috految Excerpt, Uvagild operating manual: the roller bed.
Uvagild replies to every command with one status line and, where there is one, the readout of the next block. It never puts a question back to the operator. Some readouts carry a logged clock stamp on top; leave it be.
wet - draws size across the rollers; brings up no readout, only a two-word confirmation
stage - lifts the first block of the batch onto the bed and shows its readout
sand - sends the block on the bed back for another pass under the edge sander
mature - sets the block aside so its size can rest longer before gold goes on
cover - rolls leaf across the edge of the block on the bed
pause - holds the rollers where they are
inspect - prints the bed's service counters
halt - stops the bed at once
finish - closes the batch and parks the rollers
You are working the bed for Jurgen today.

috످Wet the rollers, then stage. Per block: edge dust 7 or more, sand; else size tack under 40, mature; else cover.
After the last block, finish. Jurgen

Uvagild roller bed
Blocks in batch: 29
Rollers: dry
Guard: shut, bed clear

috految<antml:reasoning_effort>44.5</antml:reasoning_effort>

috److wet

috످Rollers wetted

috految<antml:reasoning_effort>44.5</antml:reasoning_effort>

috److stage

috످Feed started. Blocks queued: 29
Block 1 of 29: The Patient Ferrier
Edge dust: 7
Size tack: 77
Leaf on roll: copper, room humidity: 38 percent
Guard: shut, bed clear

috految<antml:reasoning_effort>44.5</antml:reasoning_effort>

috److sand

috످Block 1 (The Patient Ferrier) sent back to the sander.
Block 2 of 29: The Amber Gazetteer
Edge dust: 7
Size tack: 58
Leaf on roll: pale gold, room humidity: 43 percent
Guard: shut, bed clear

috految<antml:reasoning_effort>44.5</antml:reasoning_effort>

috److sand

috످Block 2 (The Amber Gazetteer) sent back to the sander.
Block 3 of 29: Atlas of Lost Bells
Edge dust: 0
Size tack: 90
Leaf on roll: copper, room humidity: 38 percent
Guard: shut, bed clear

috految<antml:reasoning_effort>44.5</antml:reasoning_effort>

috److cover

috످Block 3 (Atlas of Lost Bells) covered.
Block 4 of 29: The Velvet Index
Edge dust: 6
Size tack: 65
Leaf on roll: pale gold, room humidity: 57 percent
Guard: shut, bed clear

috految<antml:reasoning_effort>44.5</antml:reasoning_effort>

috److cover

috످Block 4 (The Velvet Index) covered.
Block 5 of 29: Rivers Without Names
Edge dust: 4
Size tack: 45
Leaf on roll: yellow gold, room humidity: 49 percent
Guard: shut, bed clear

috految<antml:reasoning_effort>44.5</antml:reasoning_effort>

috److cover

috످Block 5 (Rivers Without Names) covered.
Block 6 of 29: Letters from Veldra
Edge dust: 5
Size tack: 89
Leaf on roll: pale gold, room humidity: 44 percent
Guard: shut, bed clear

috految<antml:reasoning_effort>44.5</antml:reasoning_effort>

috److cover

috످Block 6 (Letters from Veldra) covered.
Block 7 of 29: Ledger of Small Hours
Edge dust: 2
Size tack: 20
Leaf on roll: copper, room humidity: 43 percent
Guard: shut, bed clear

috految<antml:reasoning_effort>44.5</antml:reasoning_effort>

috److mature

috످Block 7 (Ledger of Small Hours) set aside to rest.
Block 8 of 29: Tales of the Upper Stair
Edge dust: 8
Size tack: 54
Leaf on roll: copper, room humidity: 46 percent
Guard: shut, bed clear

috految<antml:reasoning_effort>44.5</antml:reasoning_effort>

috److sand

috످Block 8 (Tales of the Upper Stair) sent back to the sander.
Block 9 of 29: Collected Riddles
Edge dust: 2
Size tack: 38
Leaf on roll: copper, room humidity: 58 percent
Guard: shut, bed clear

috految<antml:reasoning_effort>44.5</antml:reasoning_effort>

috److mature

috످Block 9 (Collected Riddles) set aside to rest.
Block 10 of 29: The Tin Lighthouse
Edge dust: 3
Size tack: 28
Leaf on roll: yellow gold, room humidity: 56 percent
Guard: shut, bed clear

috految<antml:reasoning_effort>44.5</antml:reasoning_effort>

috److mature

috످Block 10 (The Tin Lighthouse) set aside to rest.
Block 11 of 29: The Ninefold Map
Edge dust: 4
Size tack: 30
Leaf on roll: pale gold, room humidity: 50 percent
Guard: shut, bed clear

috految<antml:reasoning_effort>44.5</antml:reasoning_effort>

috److mature

috످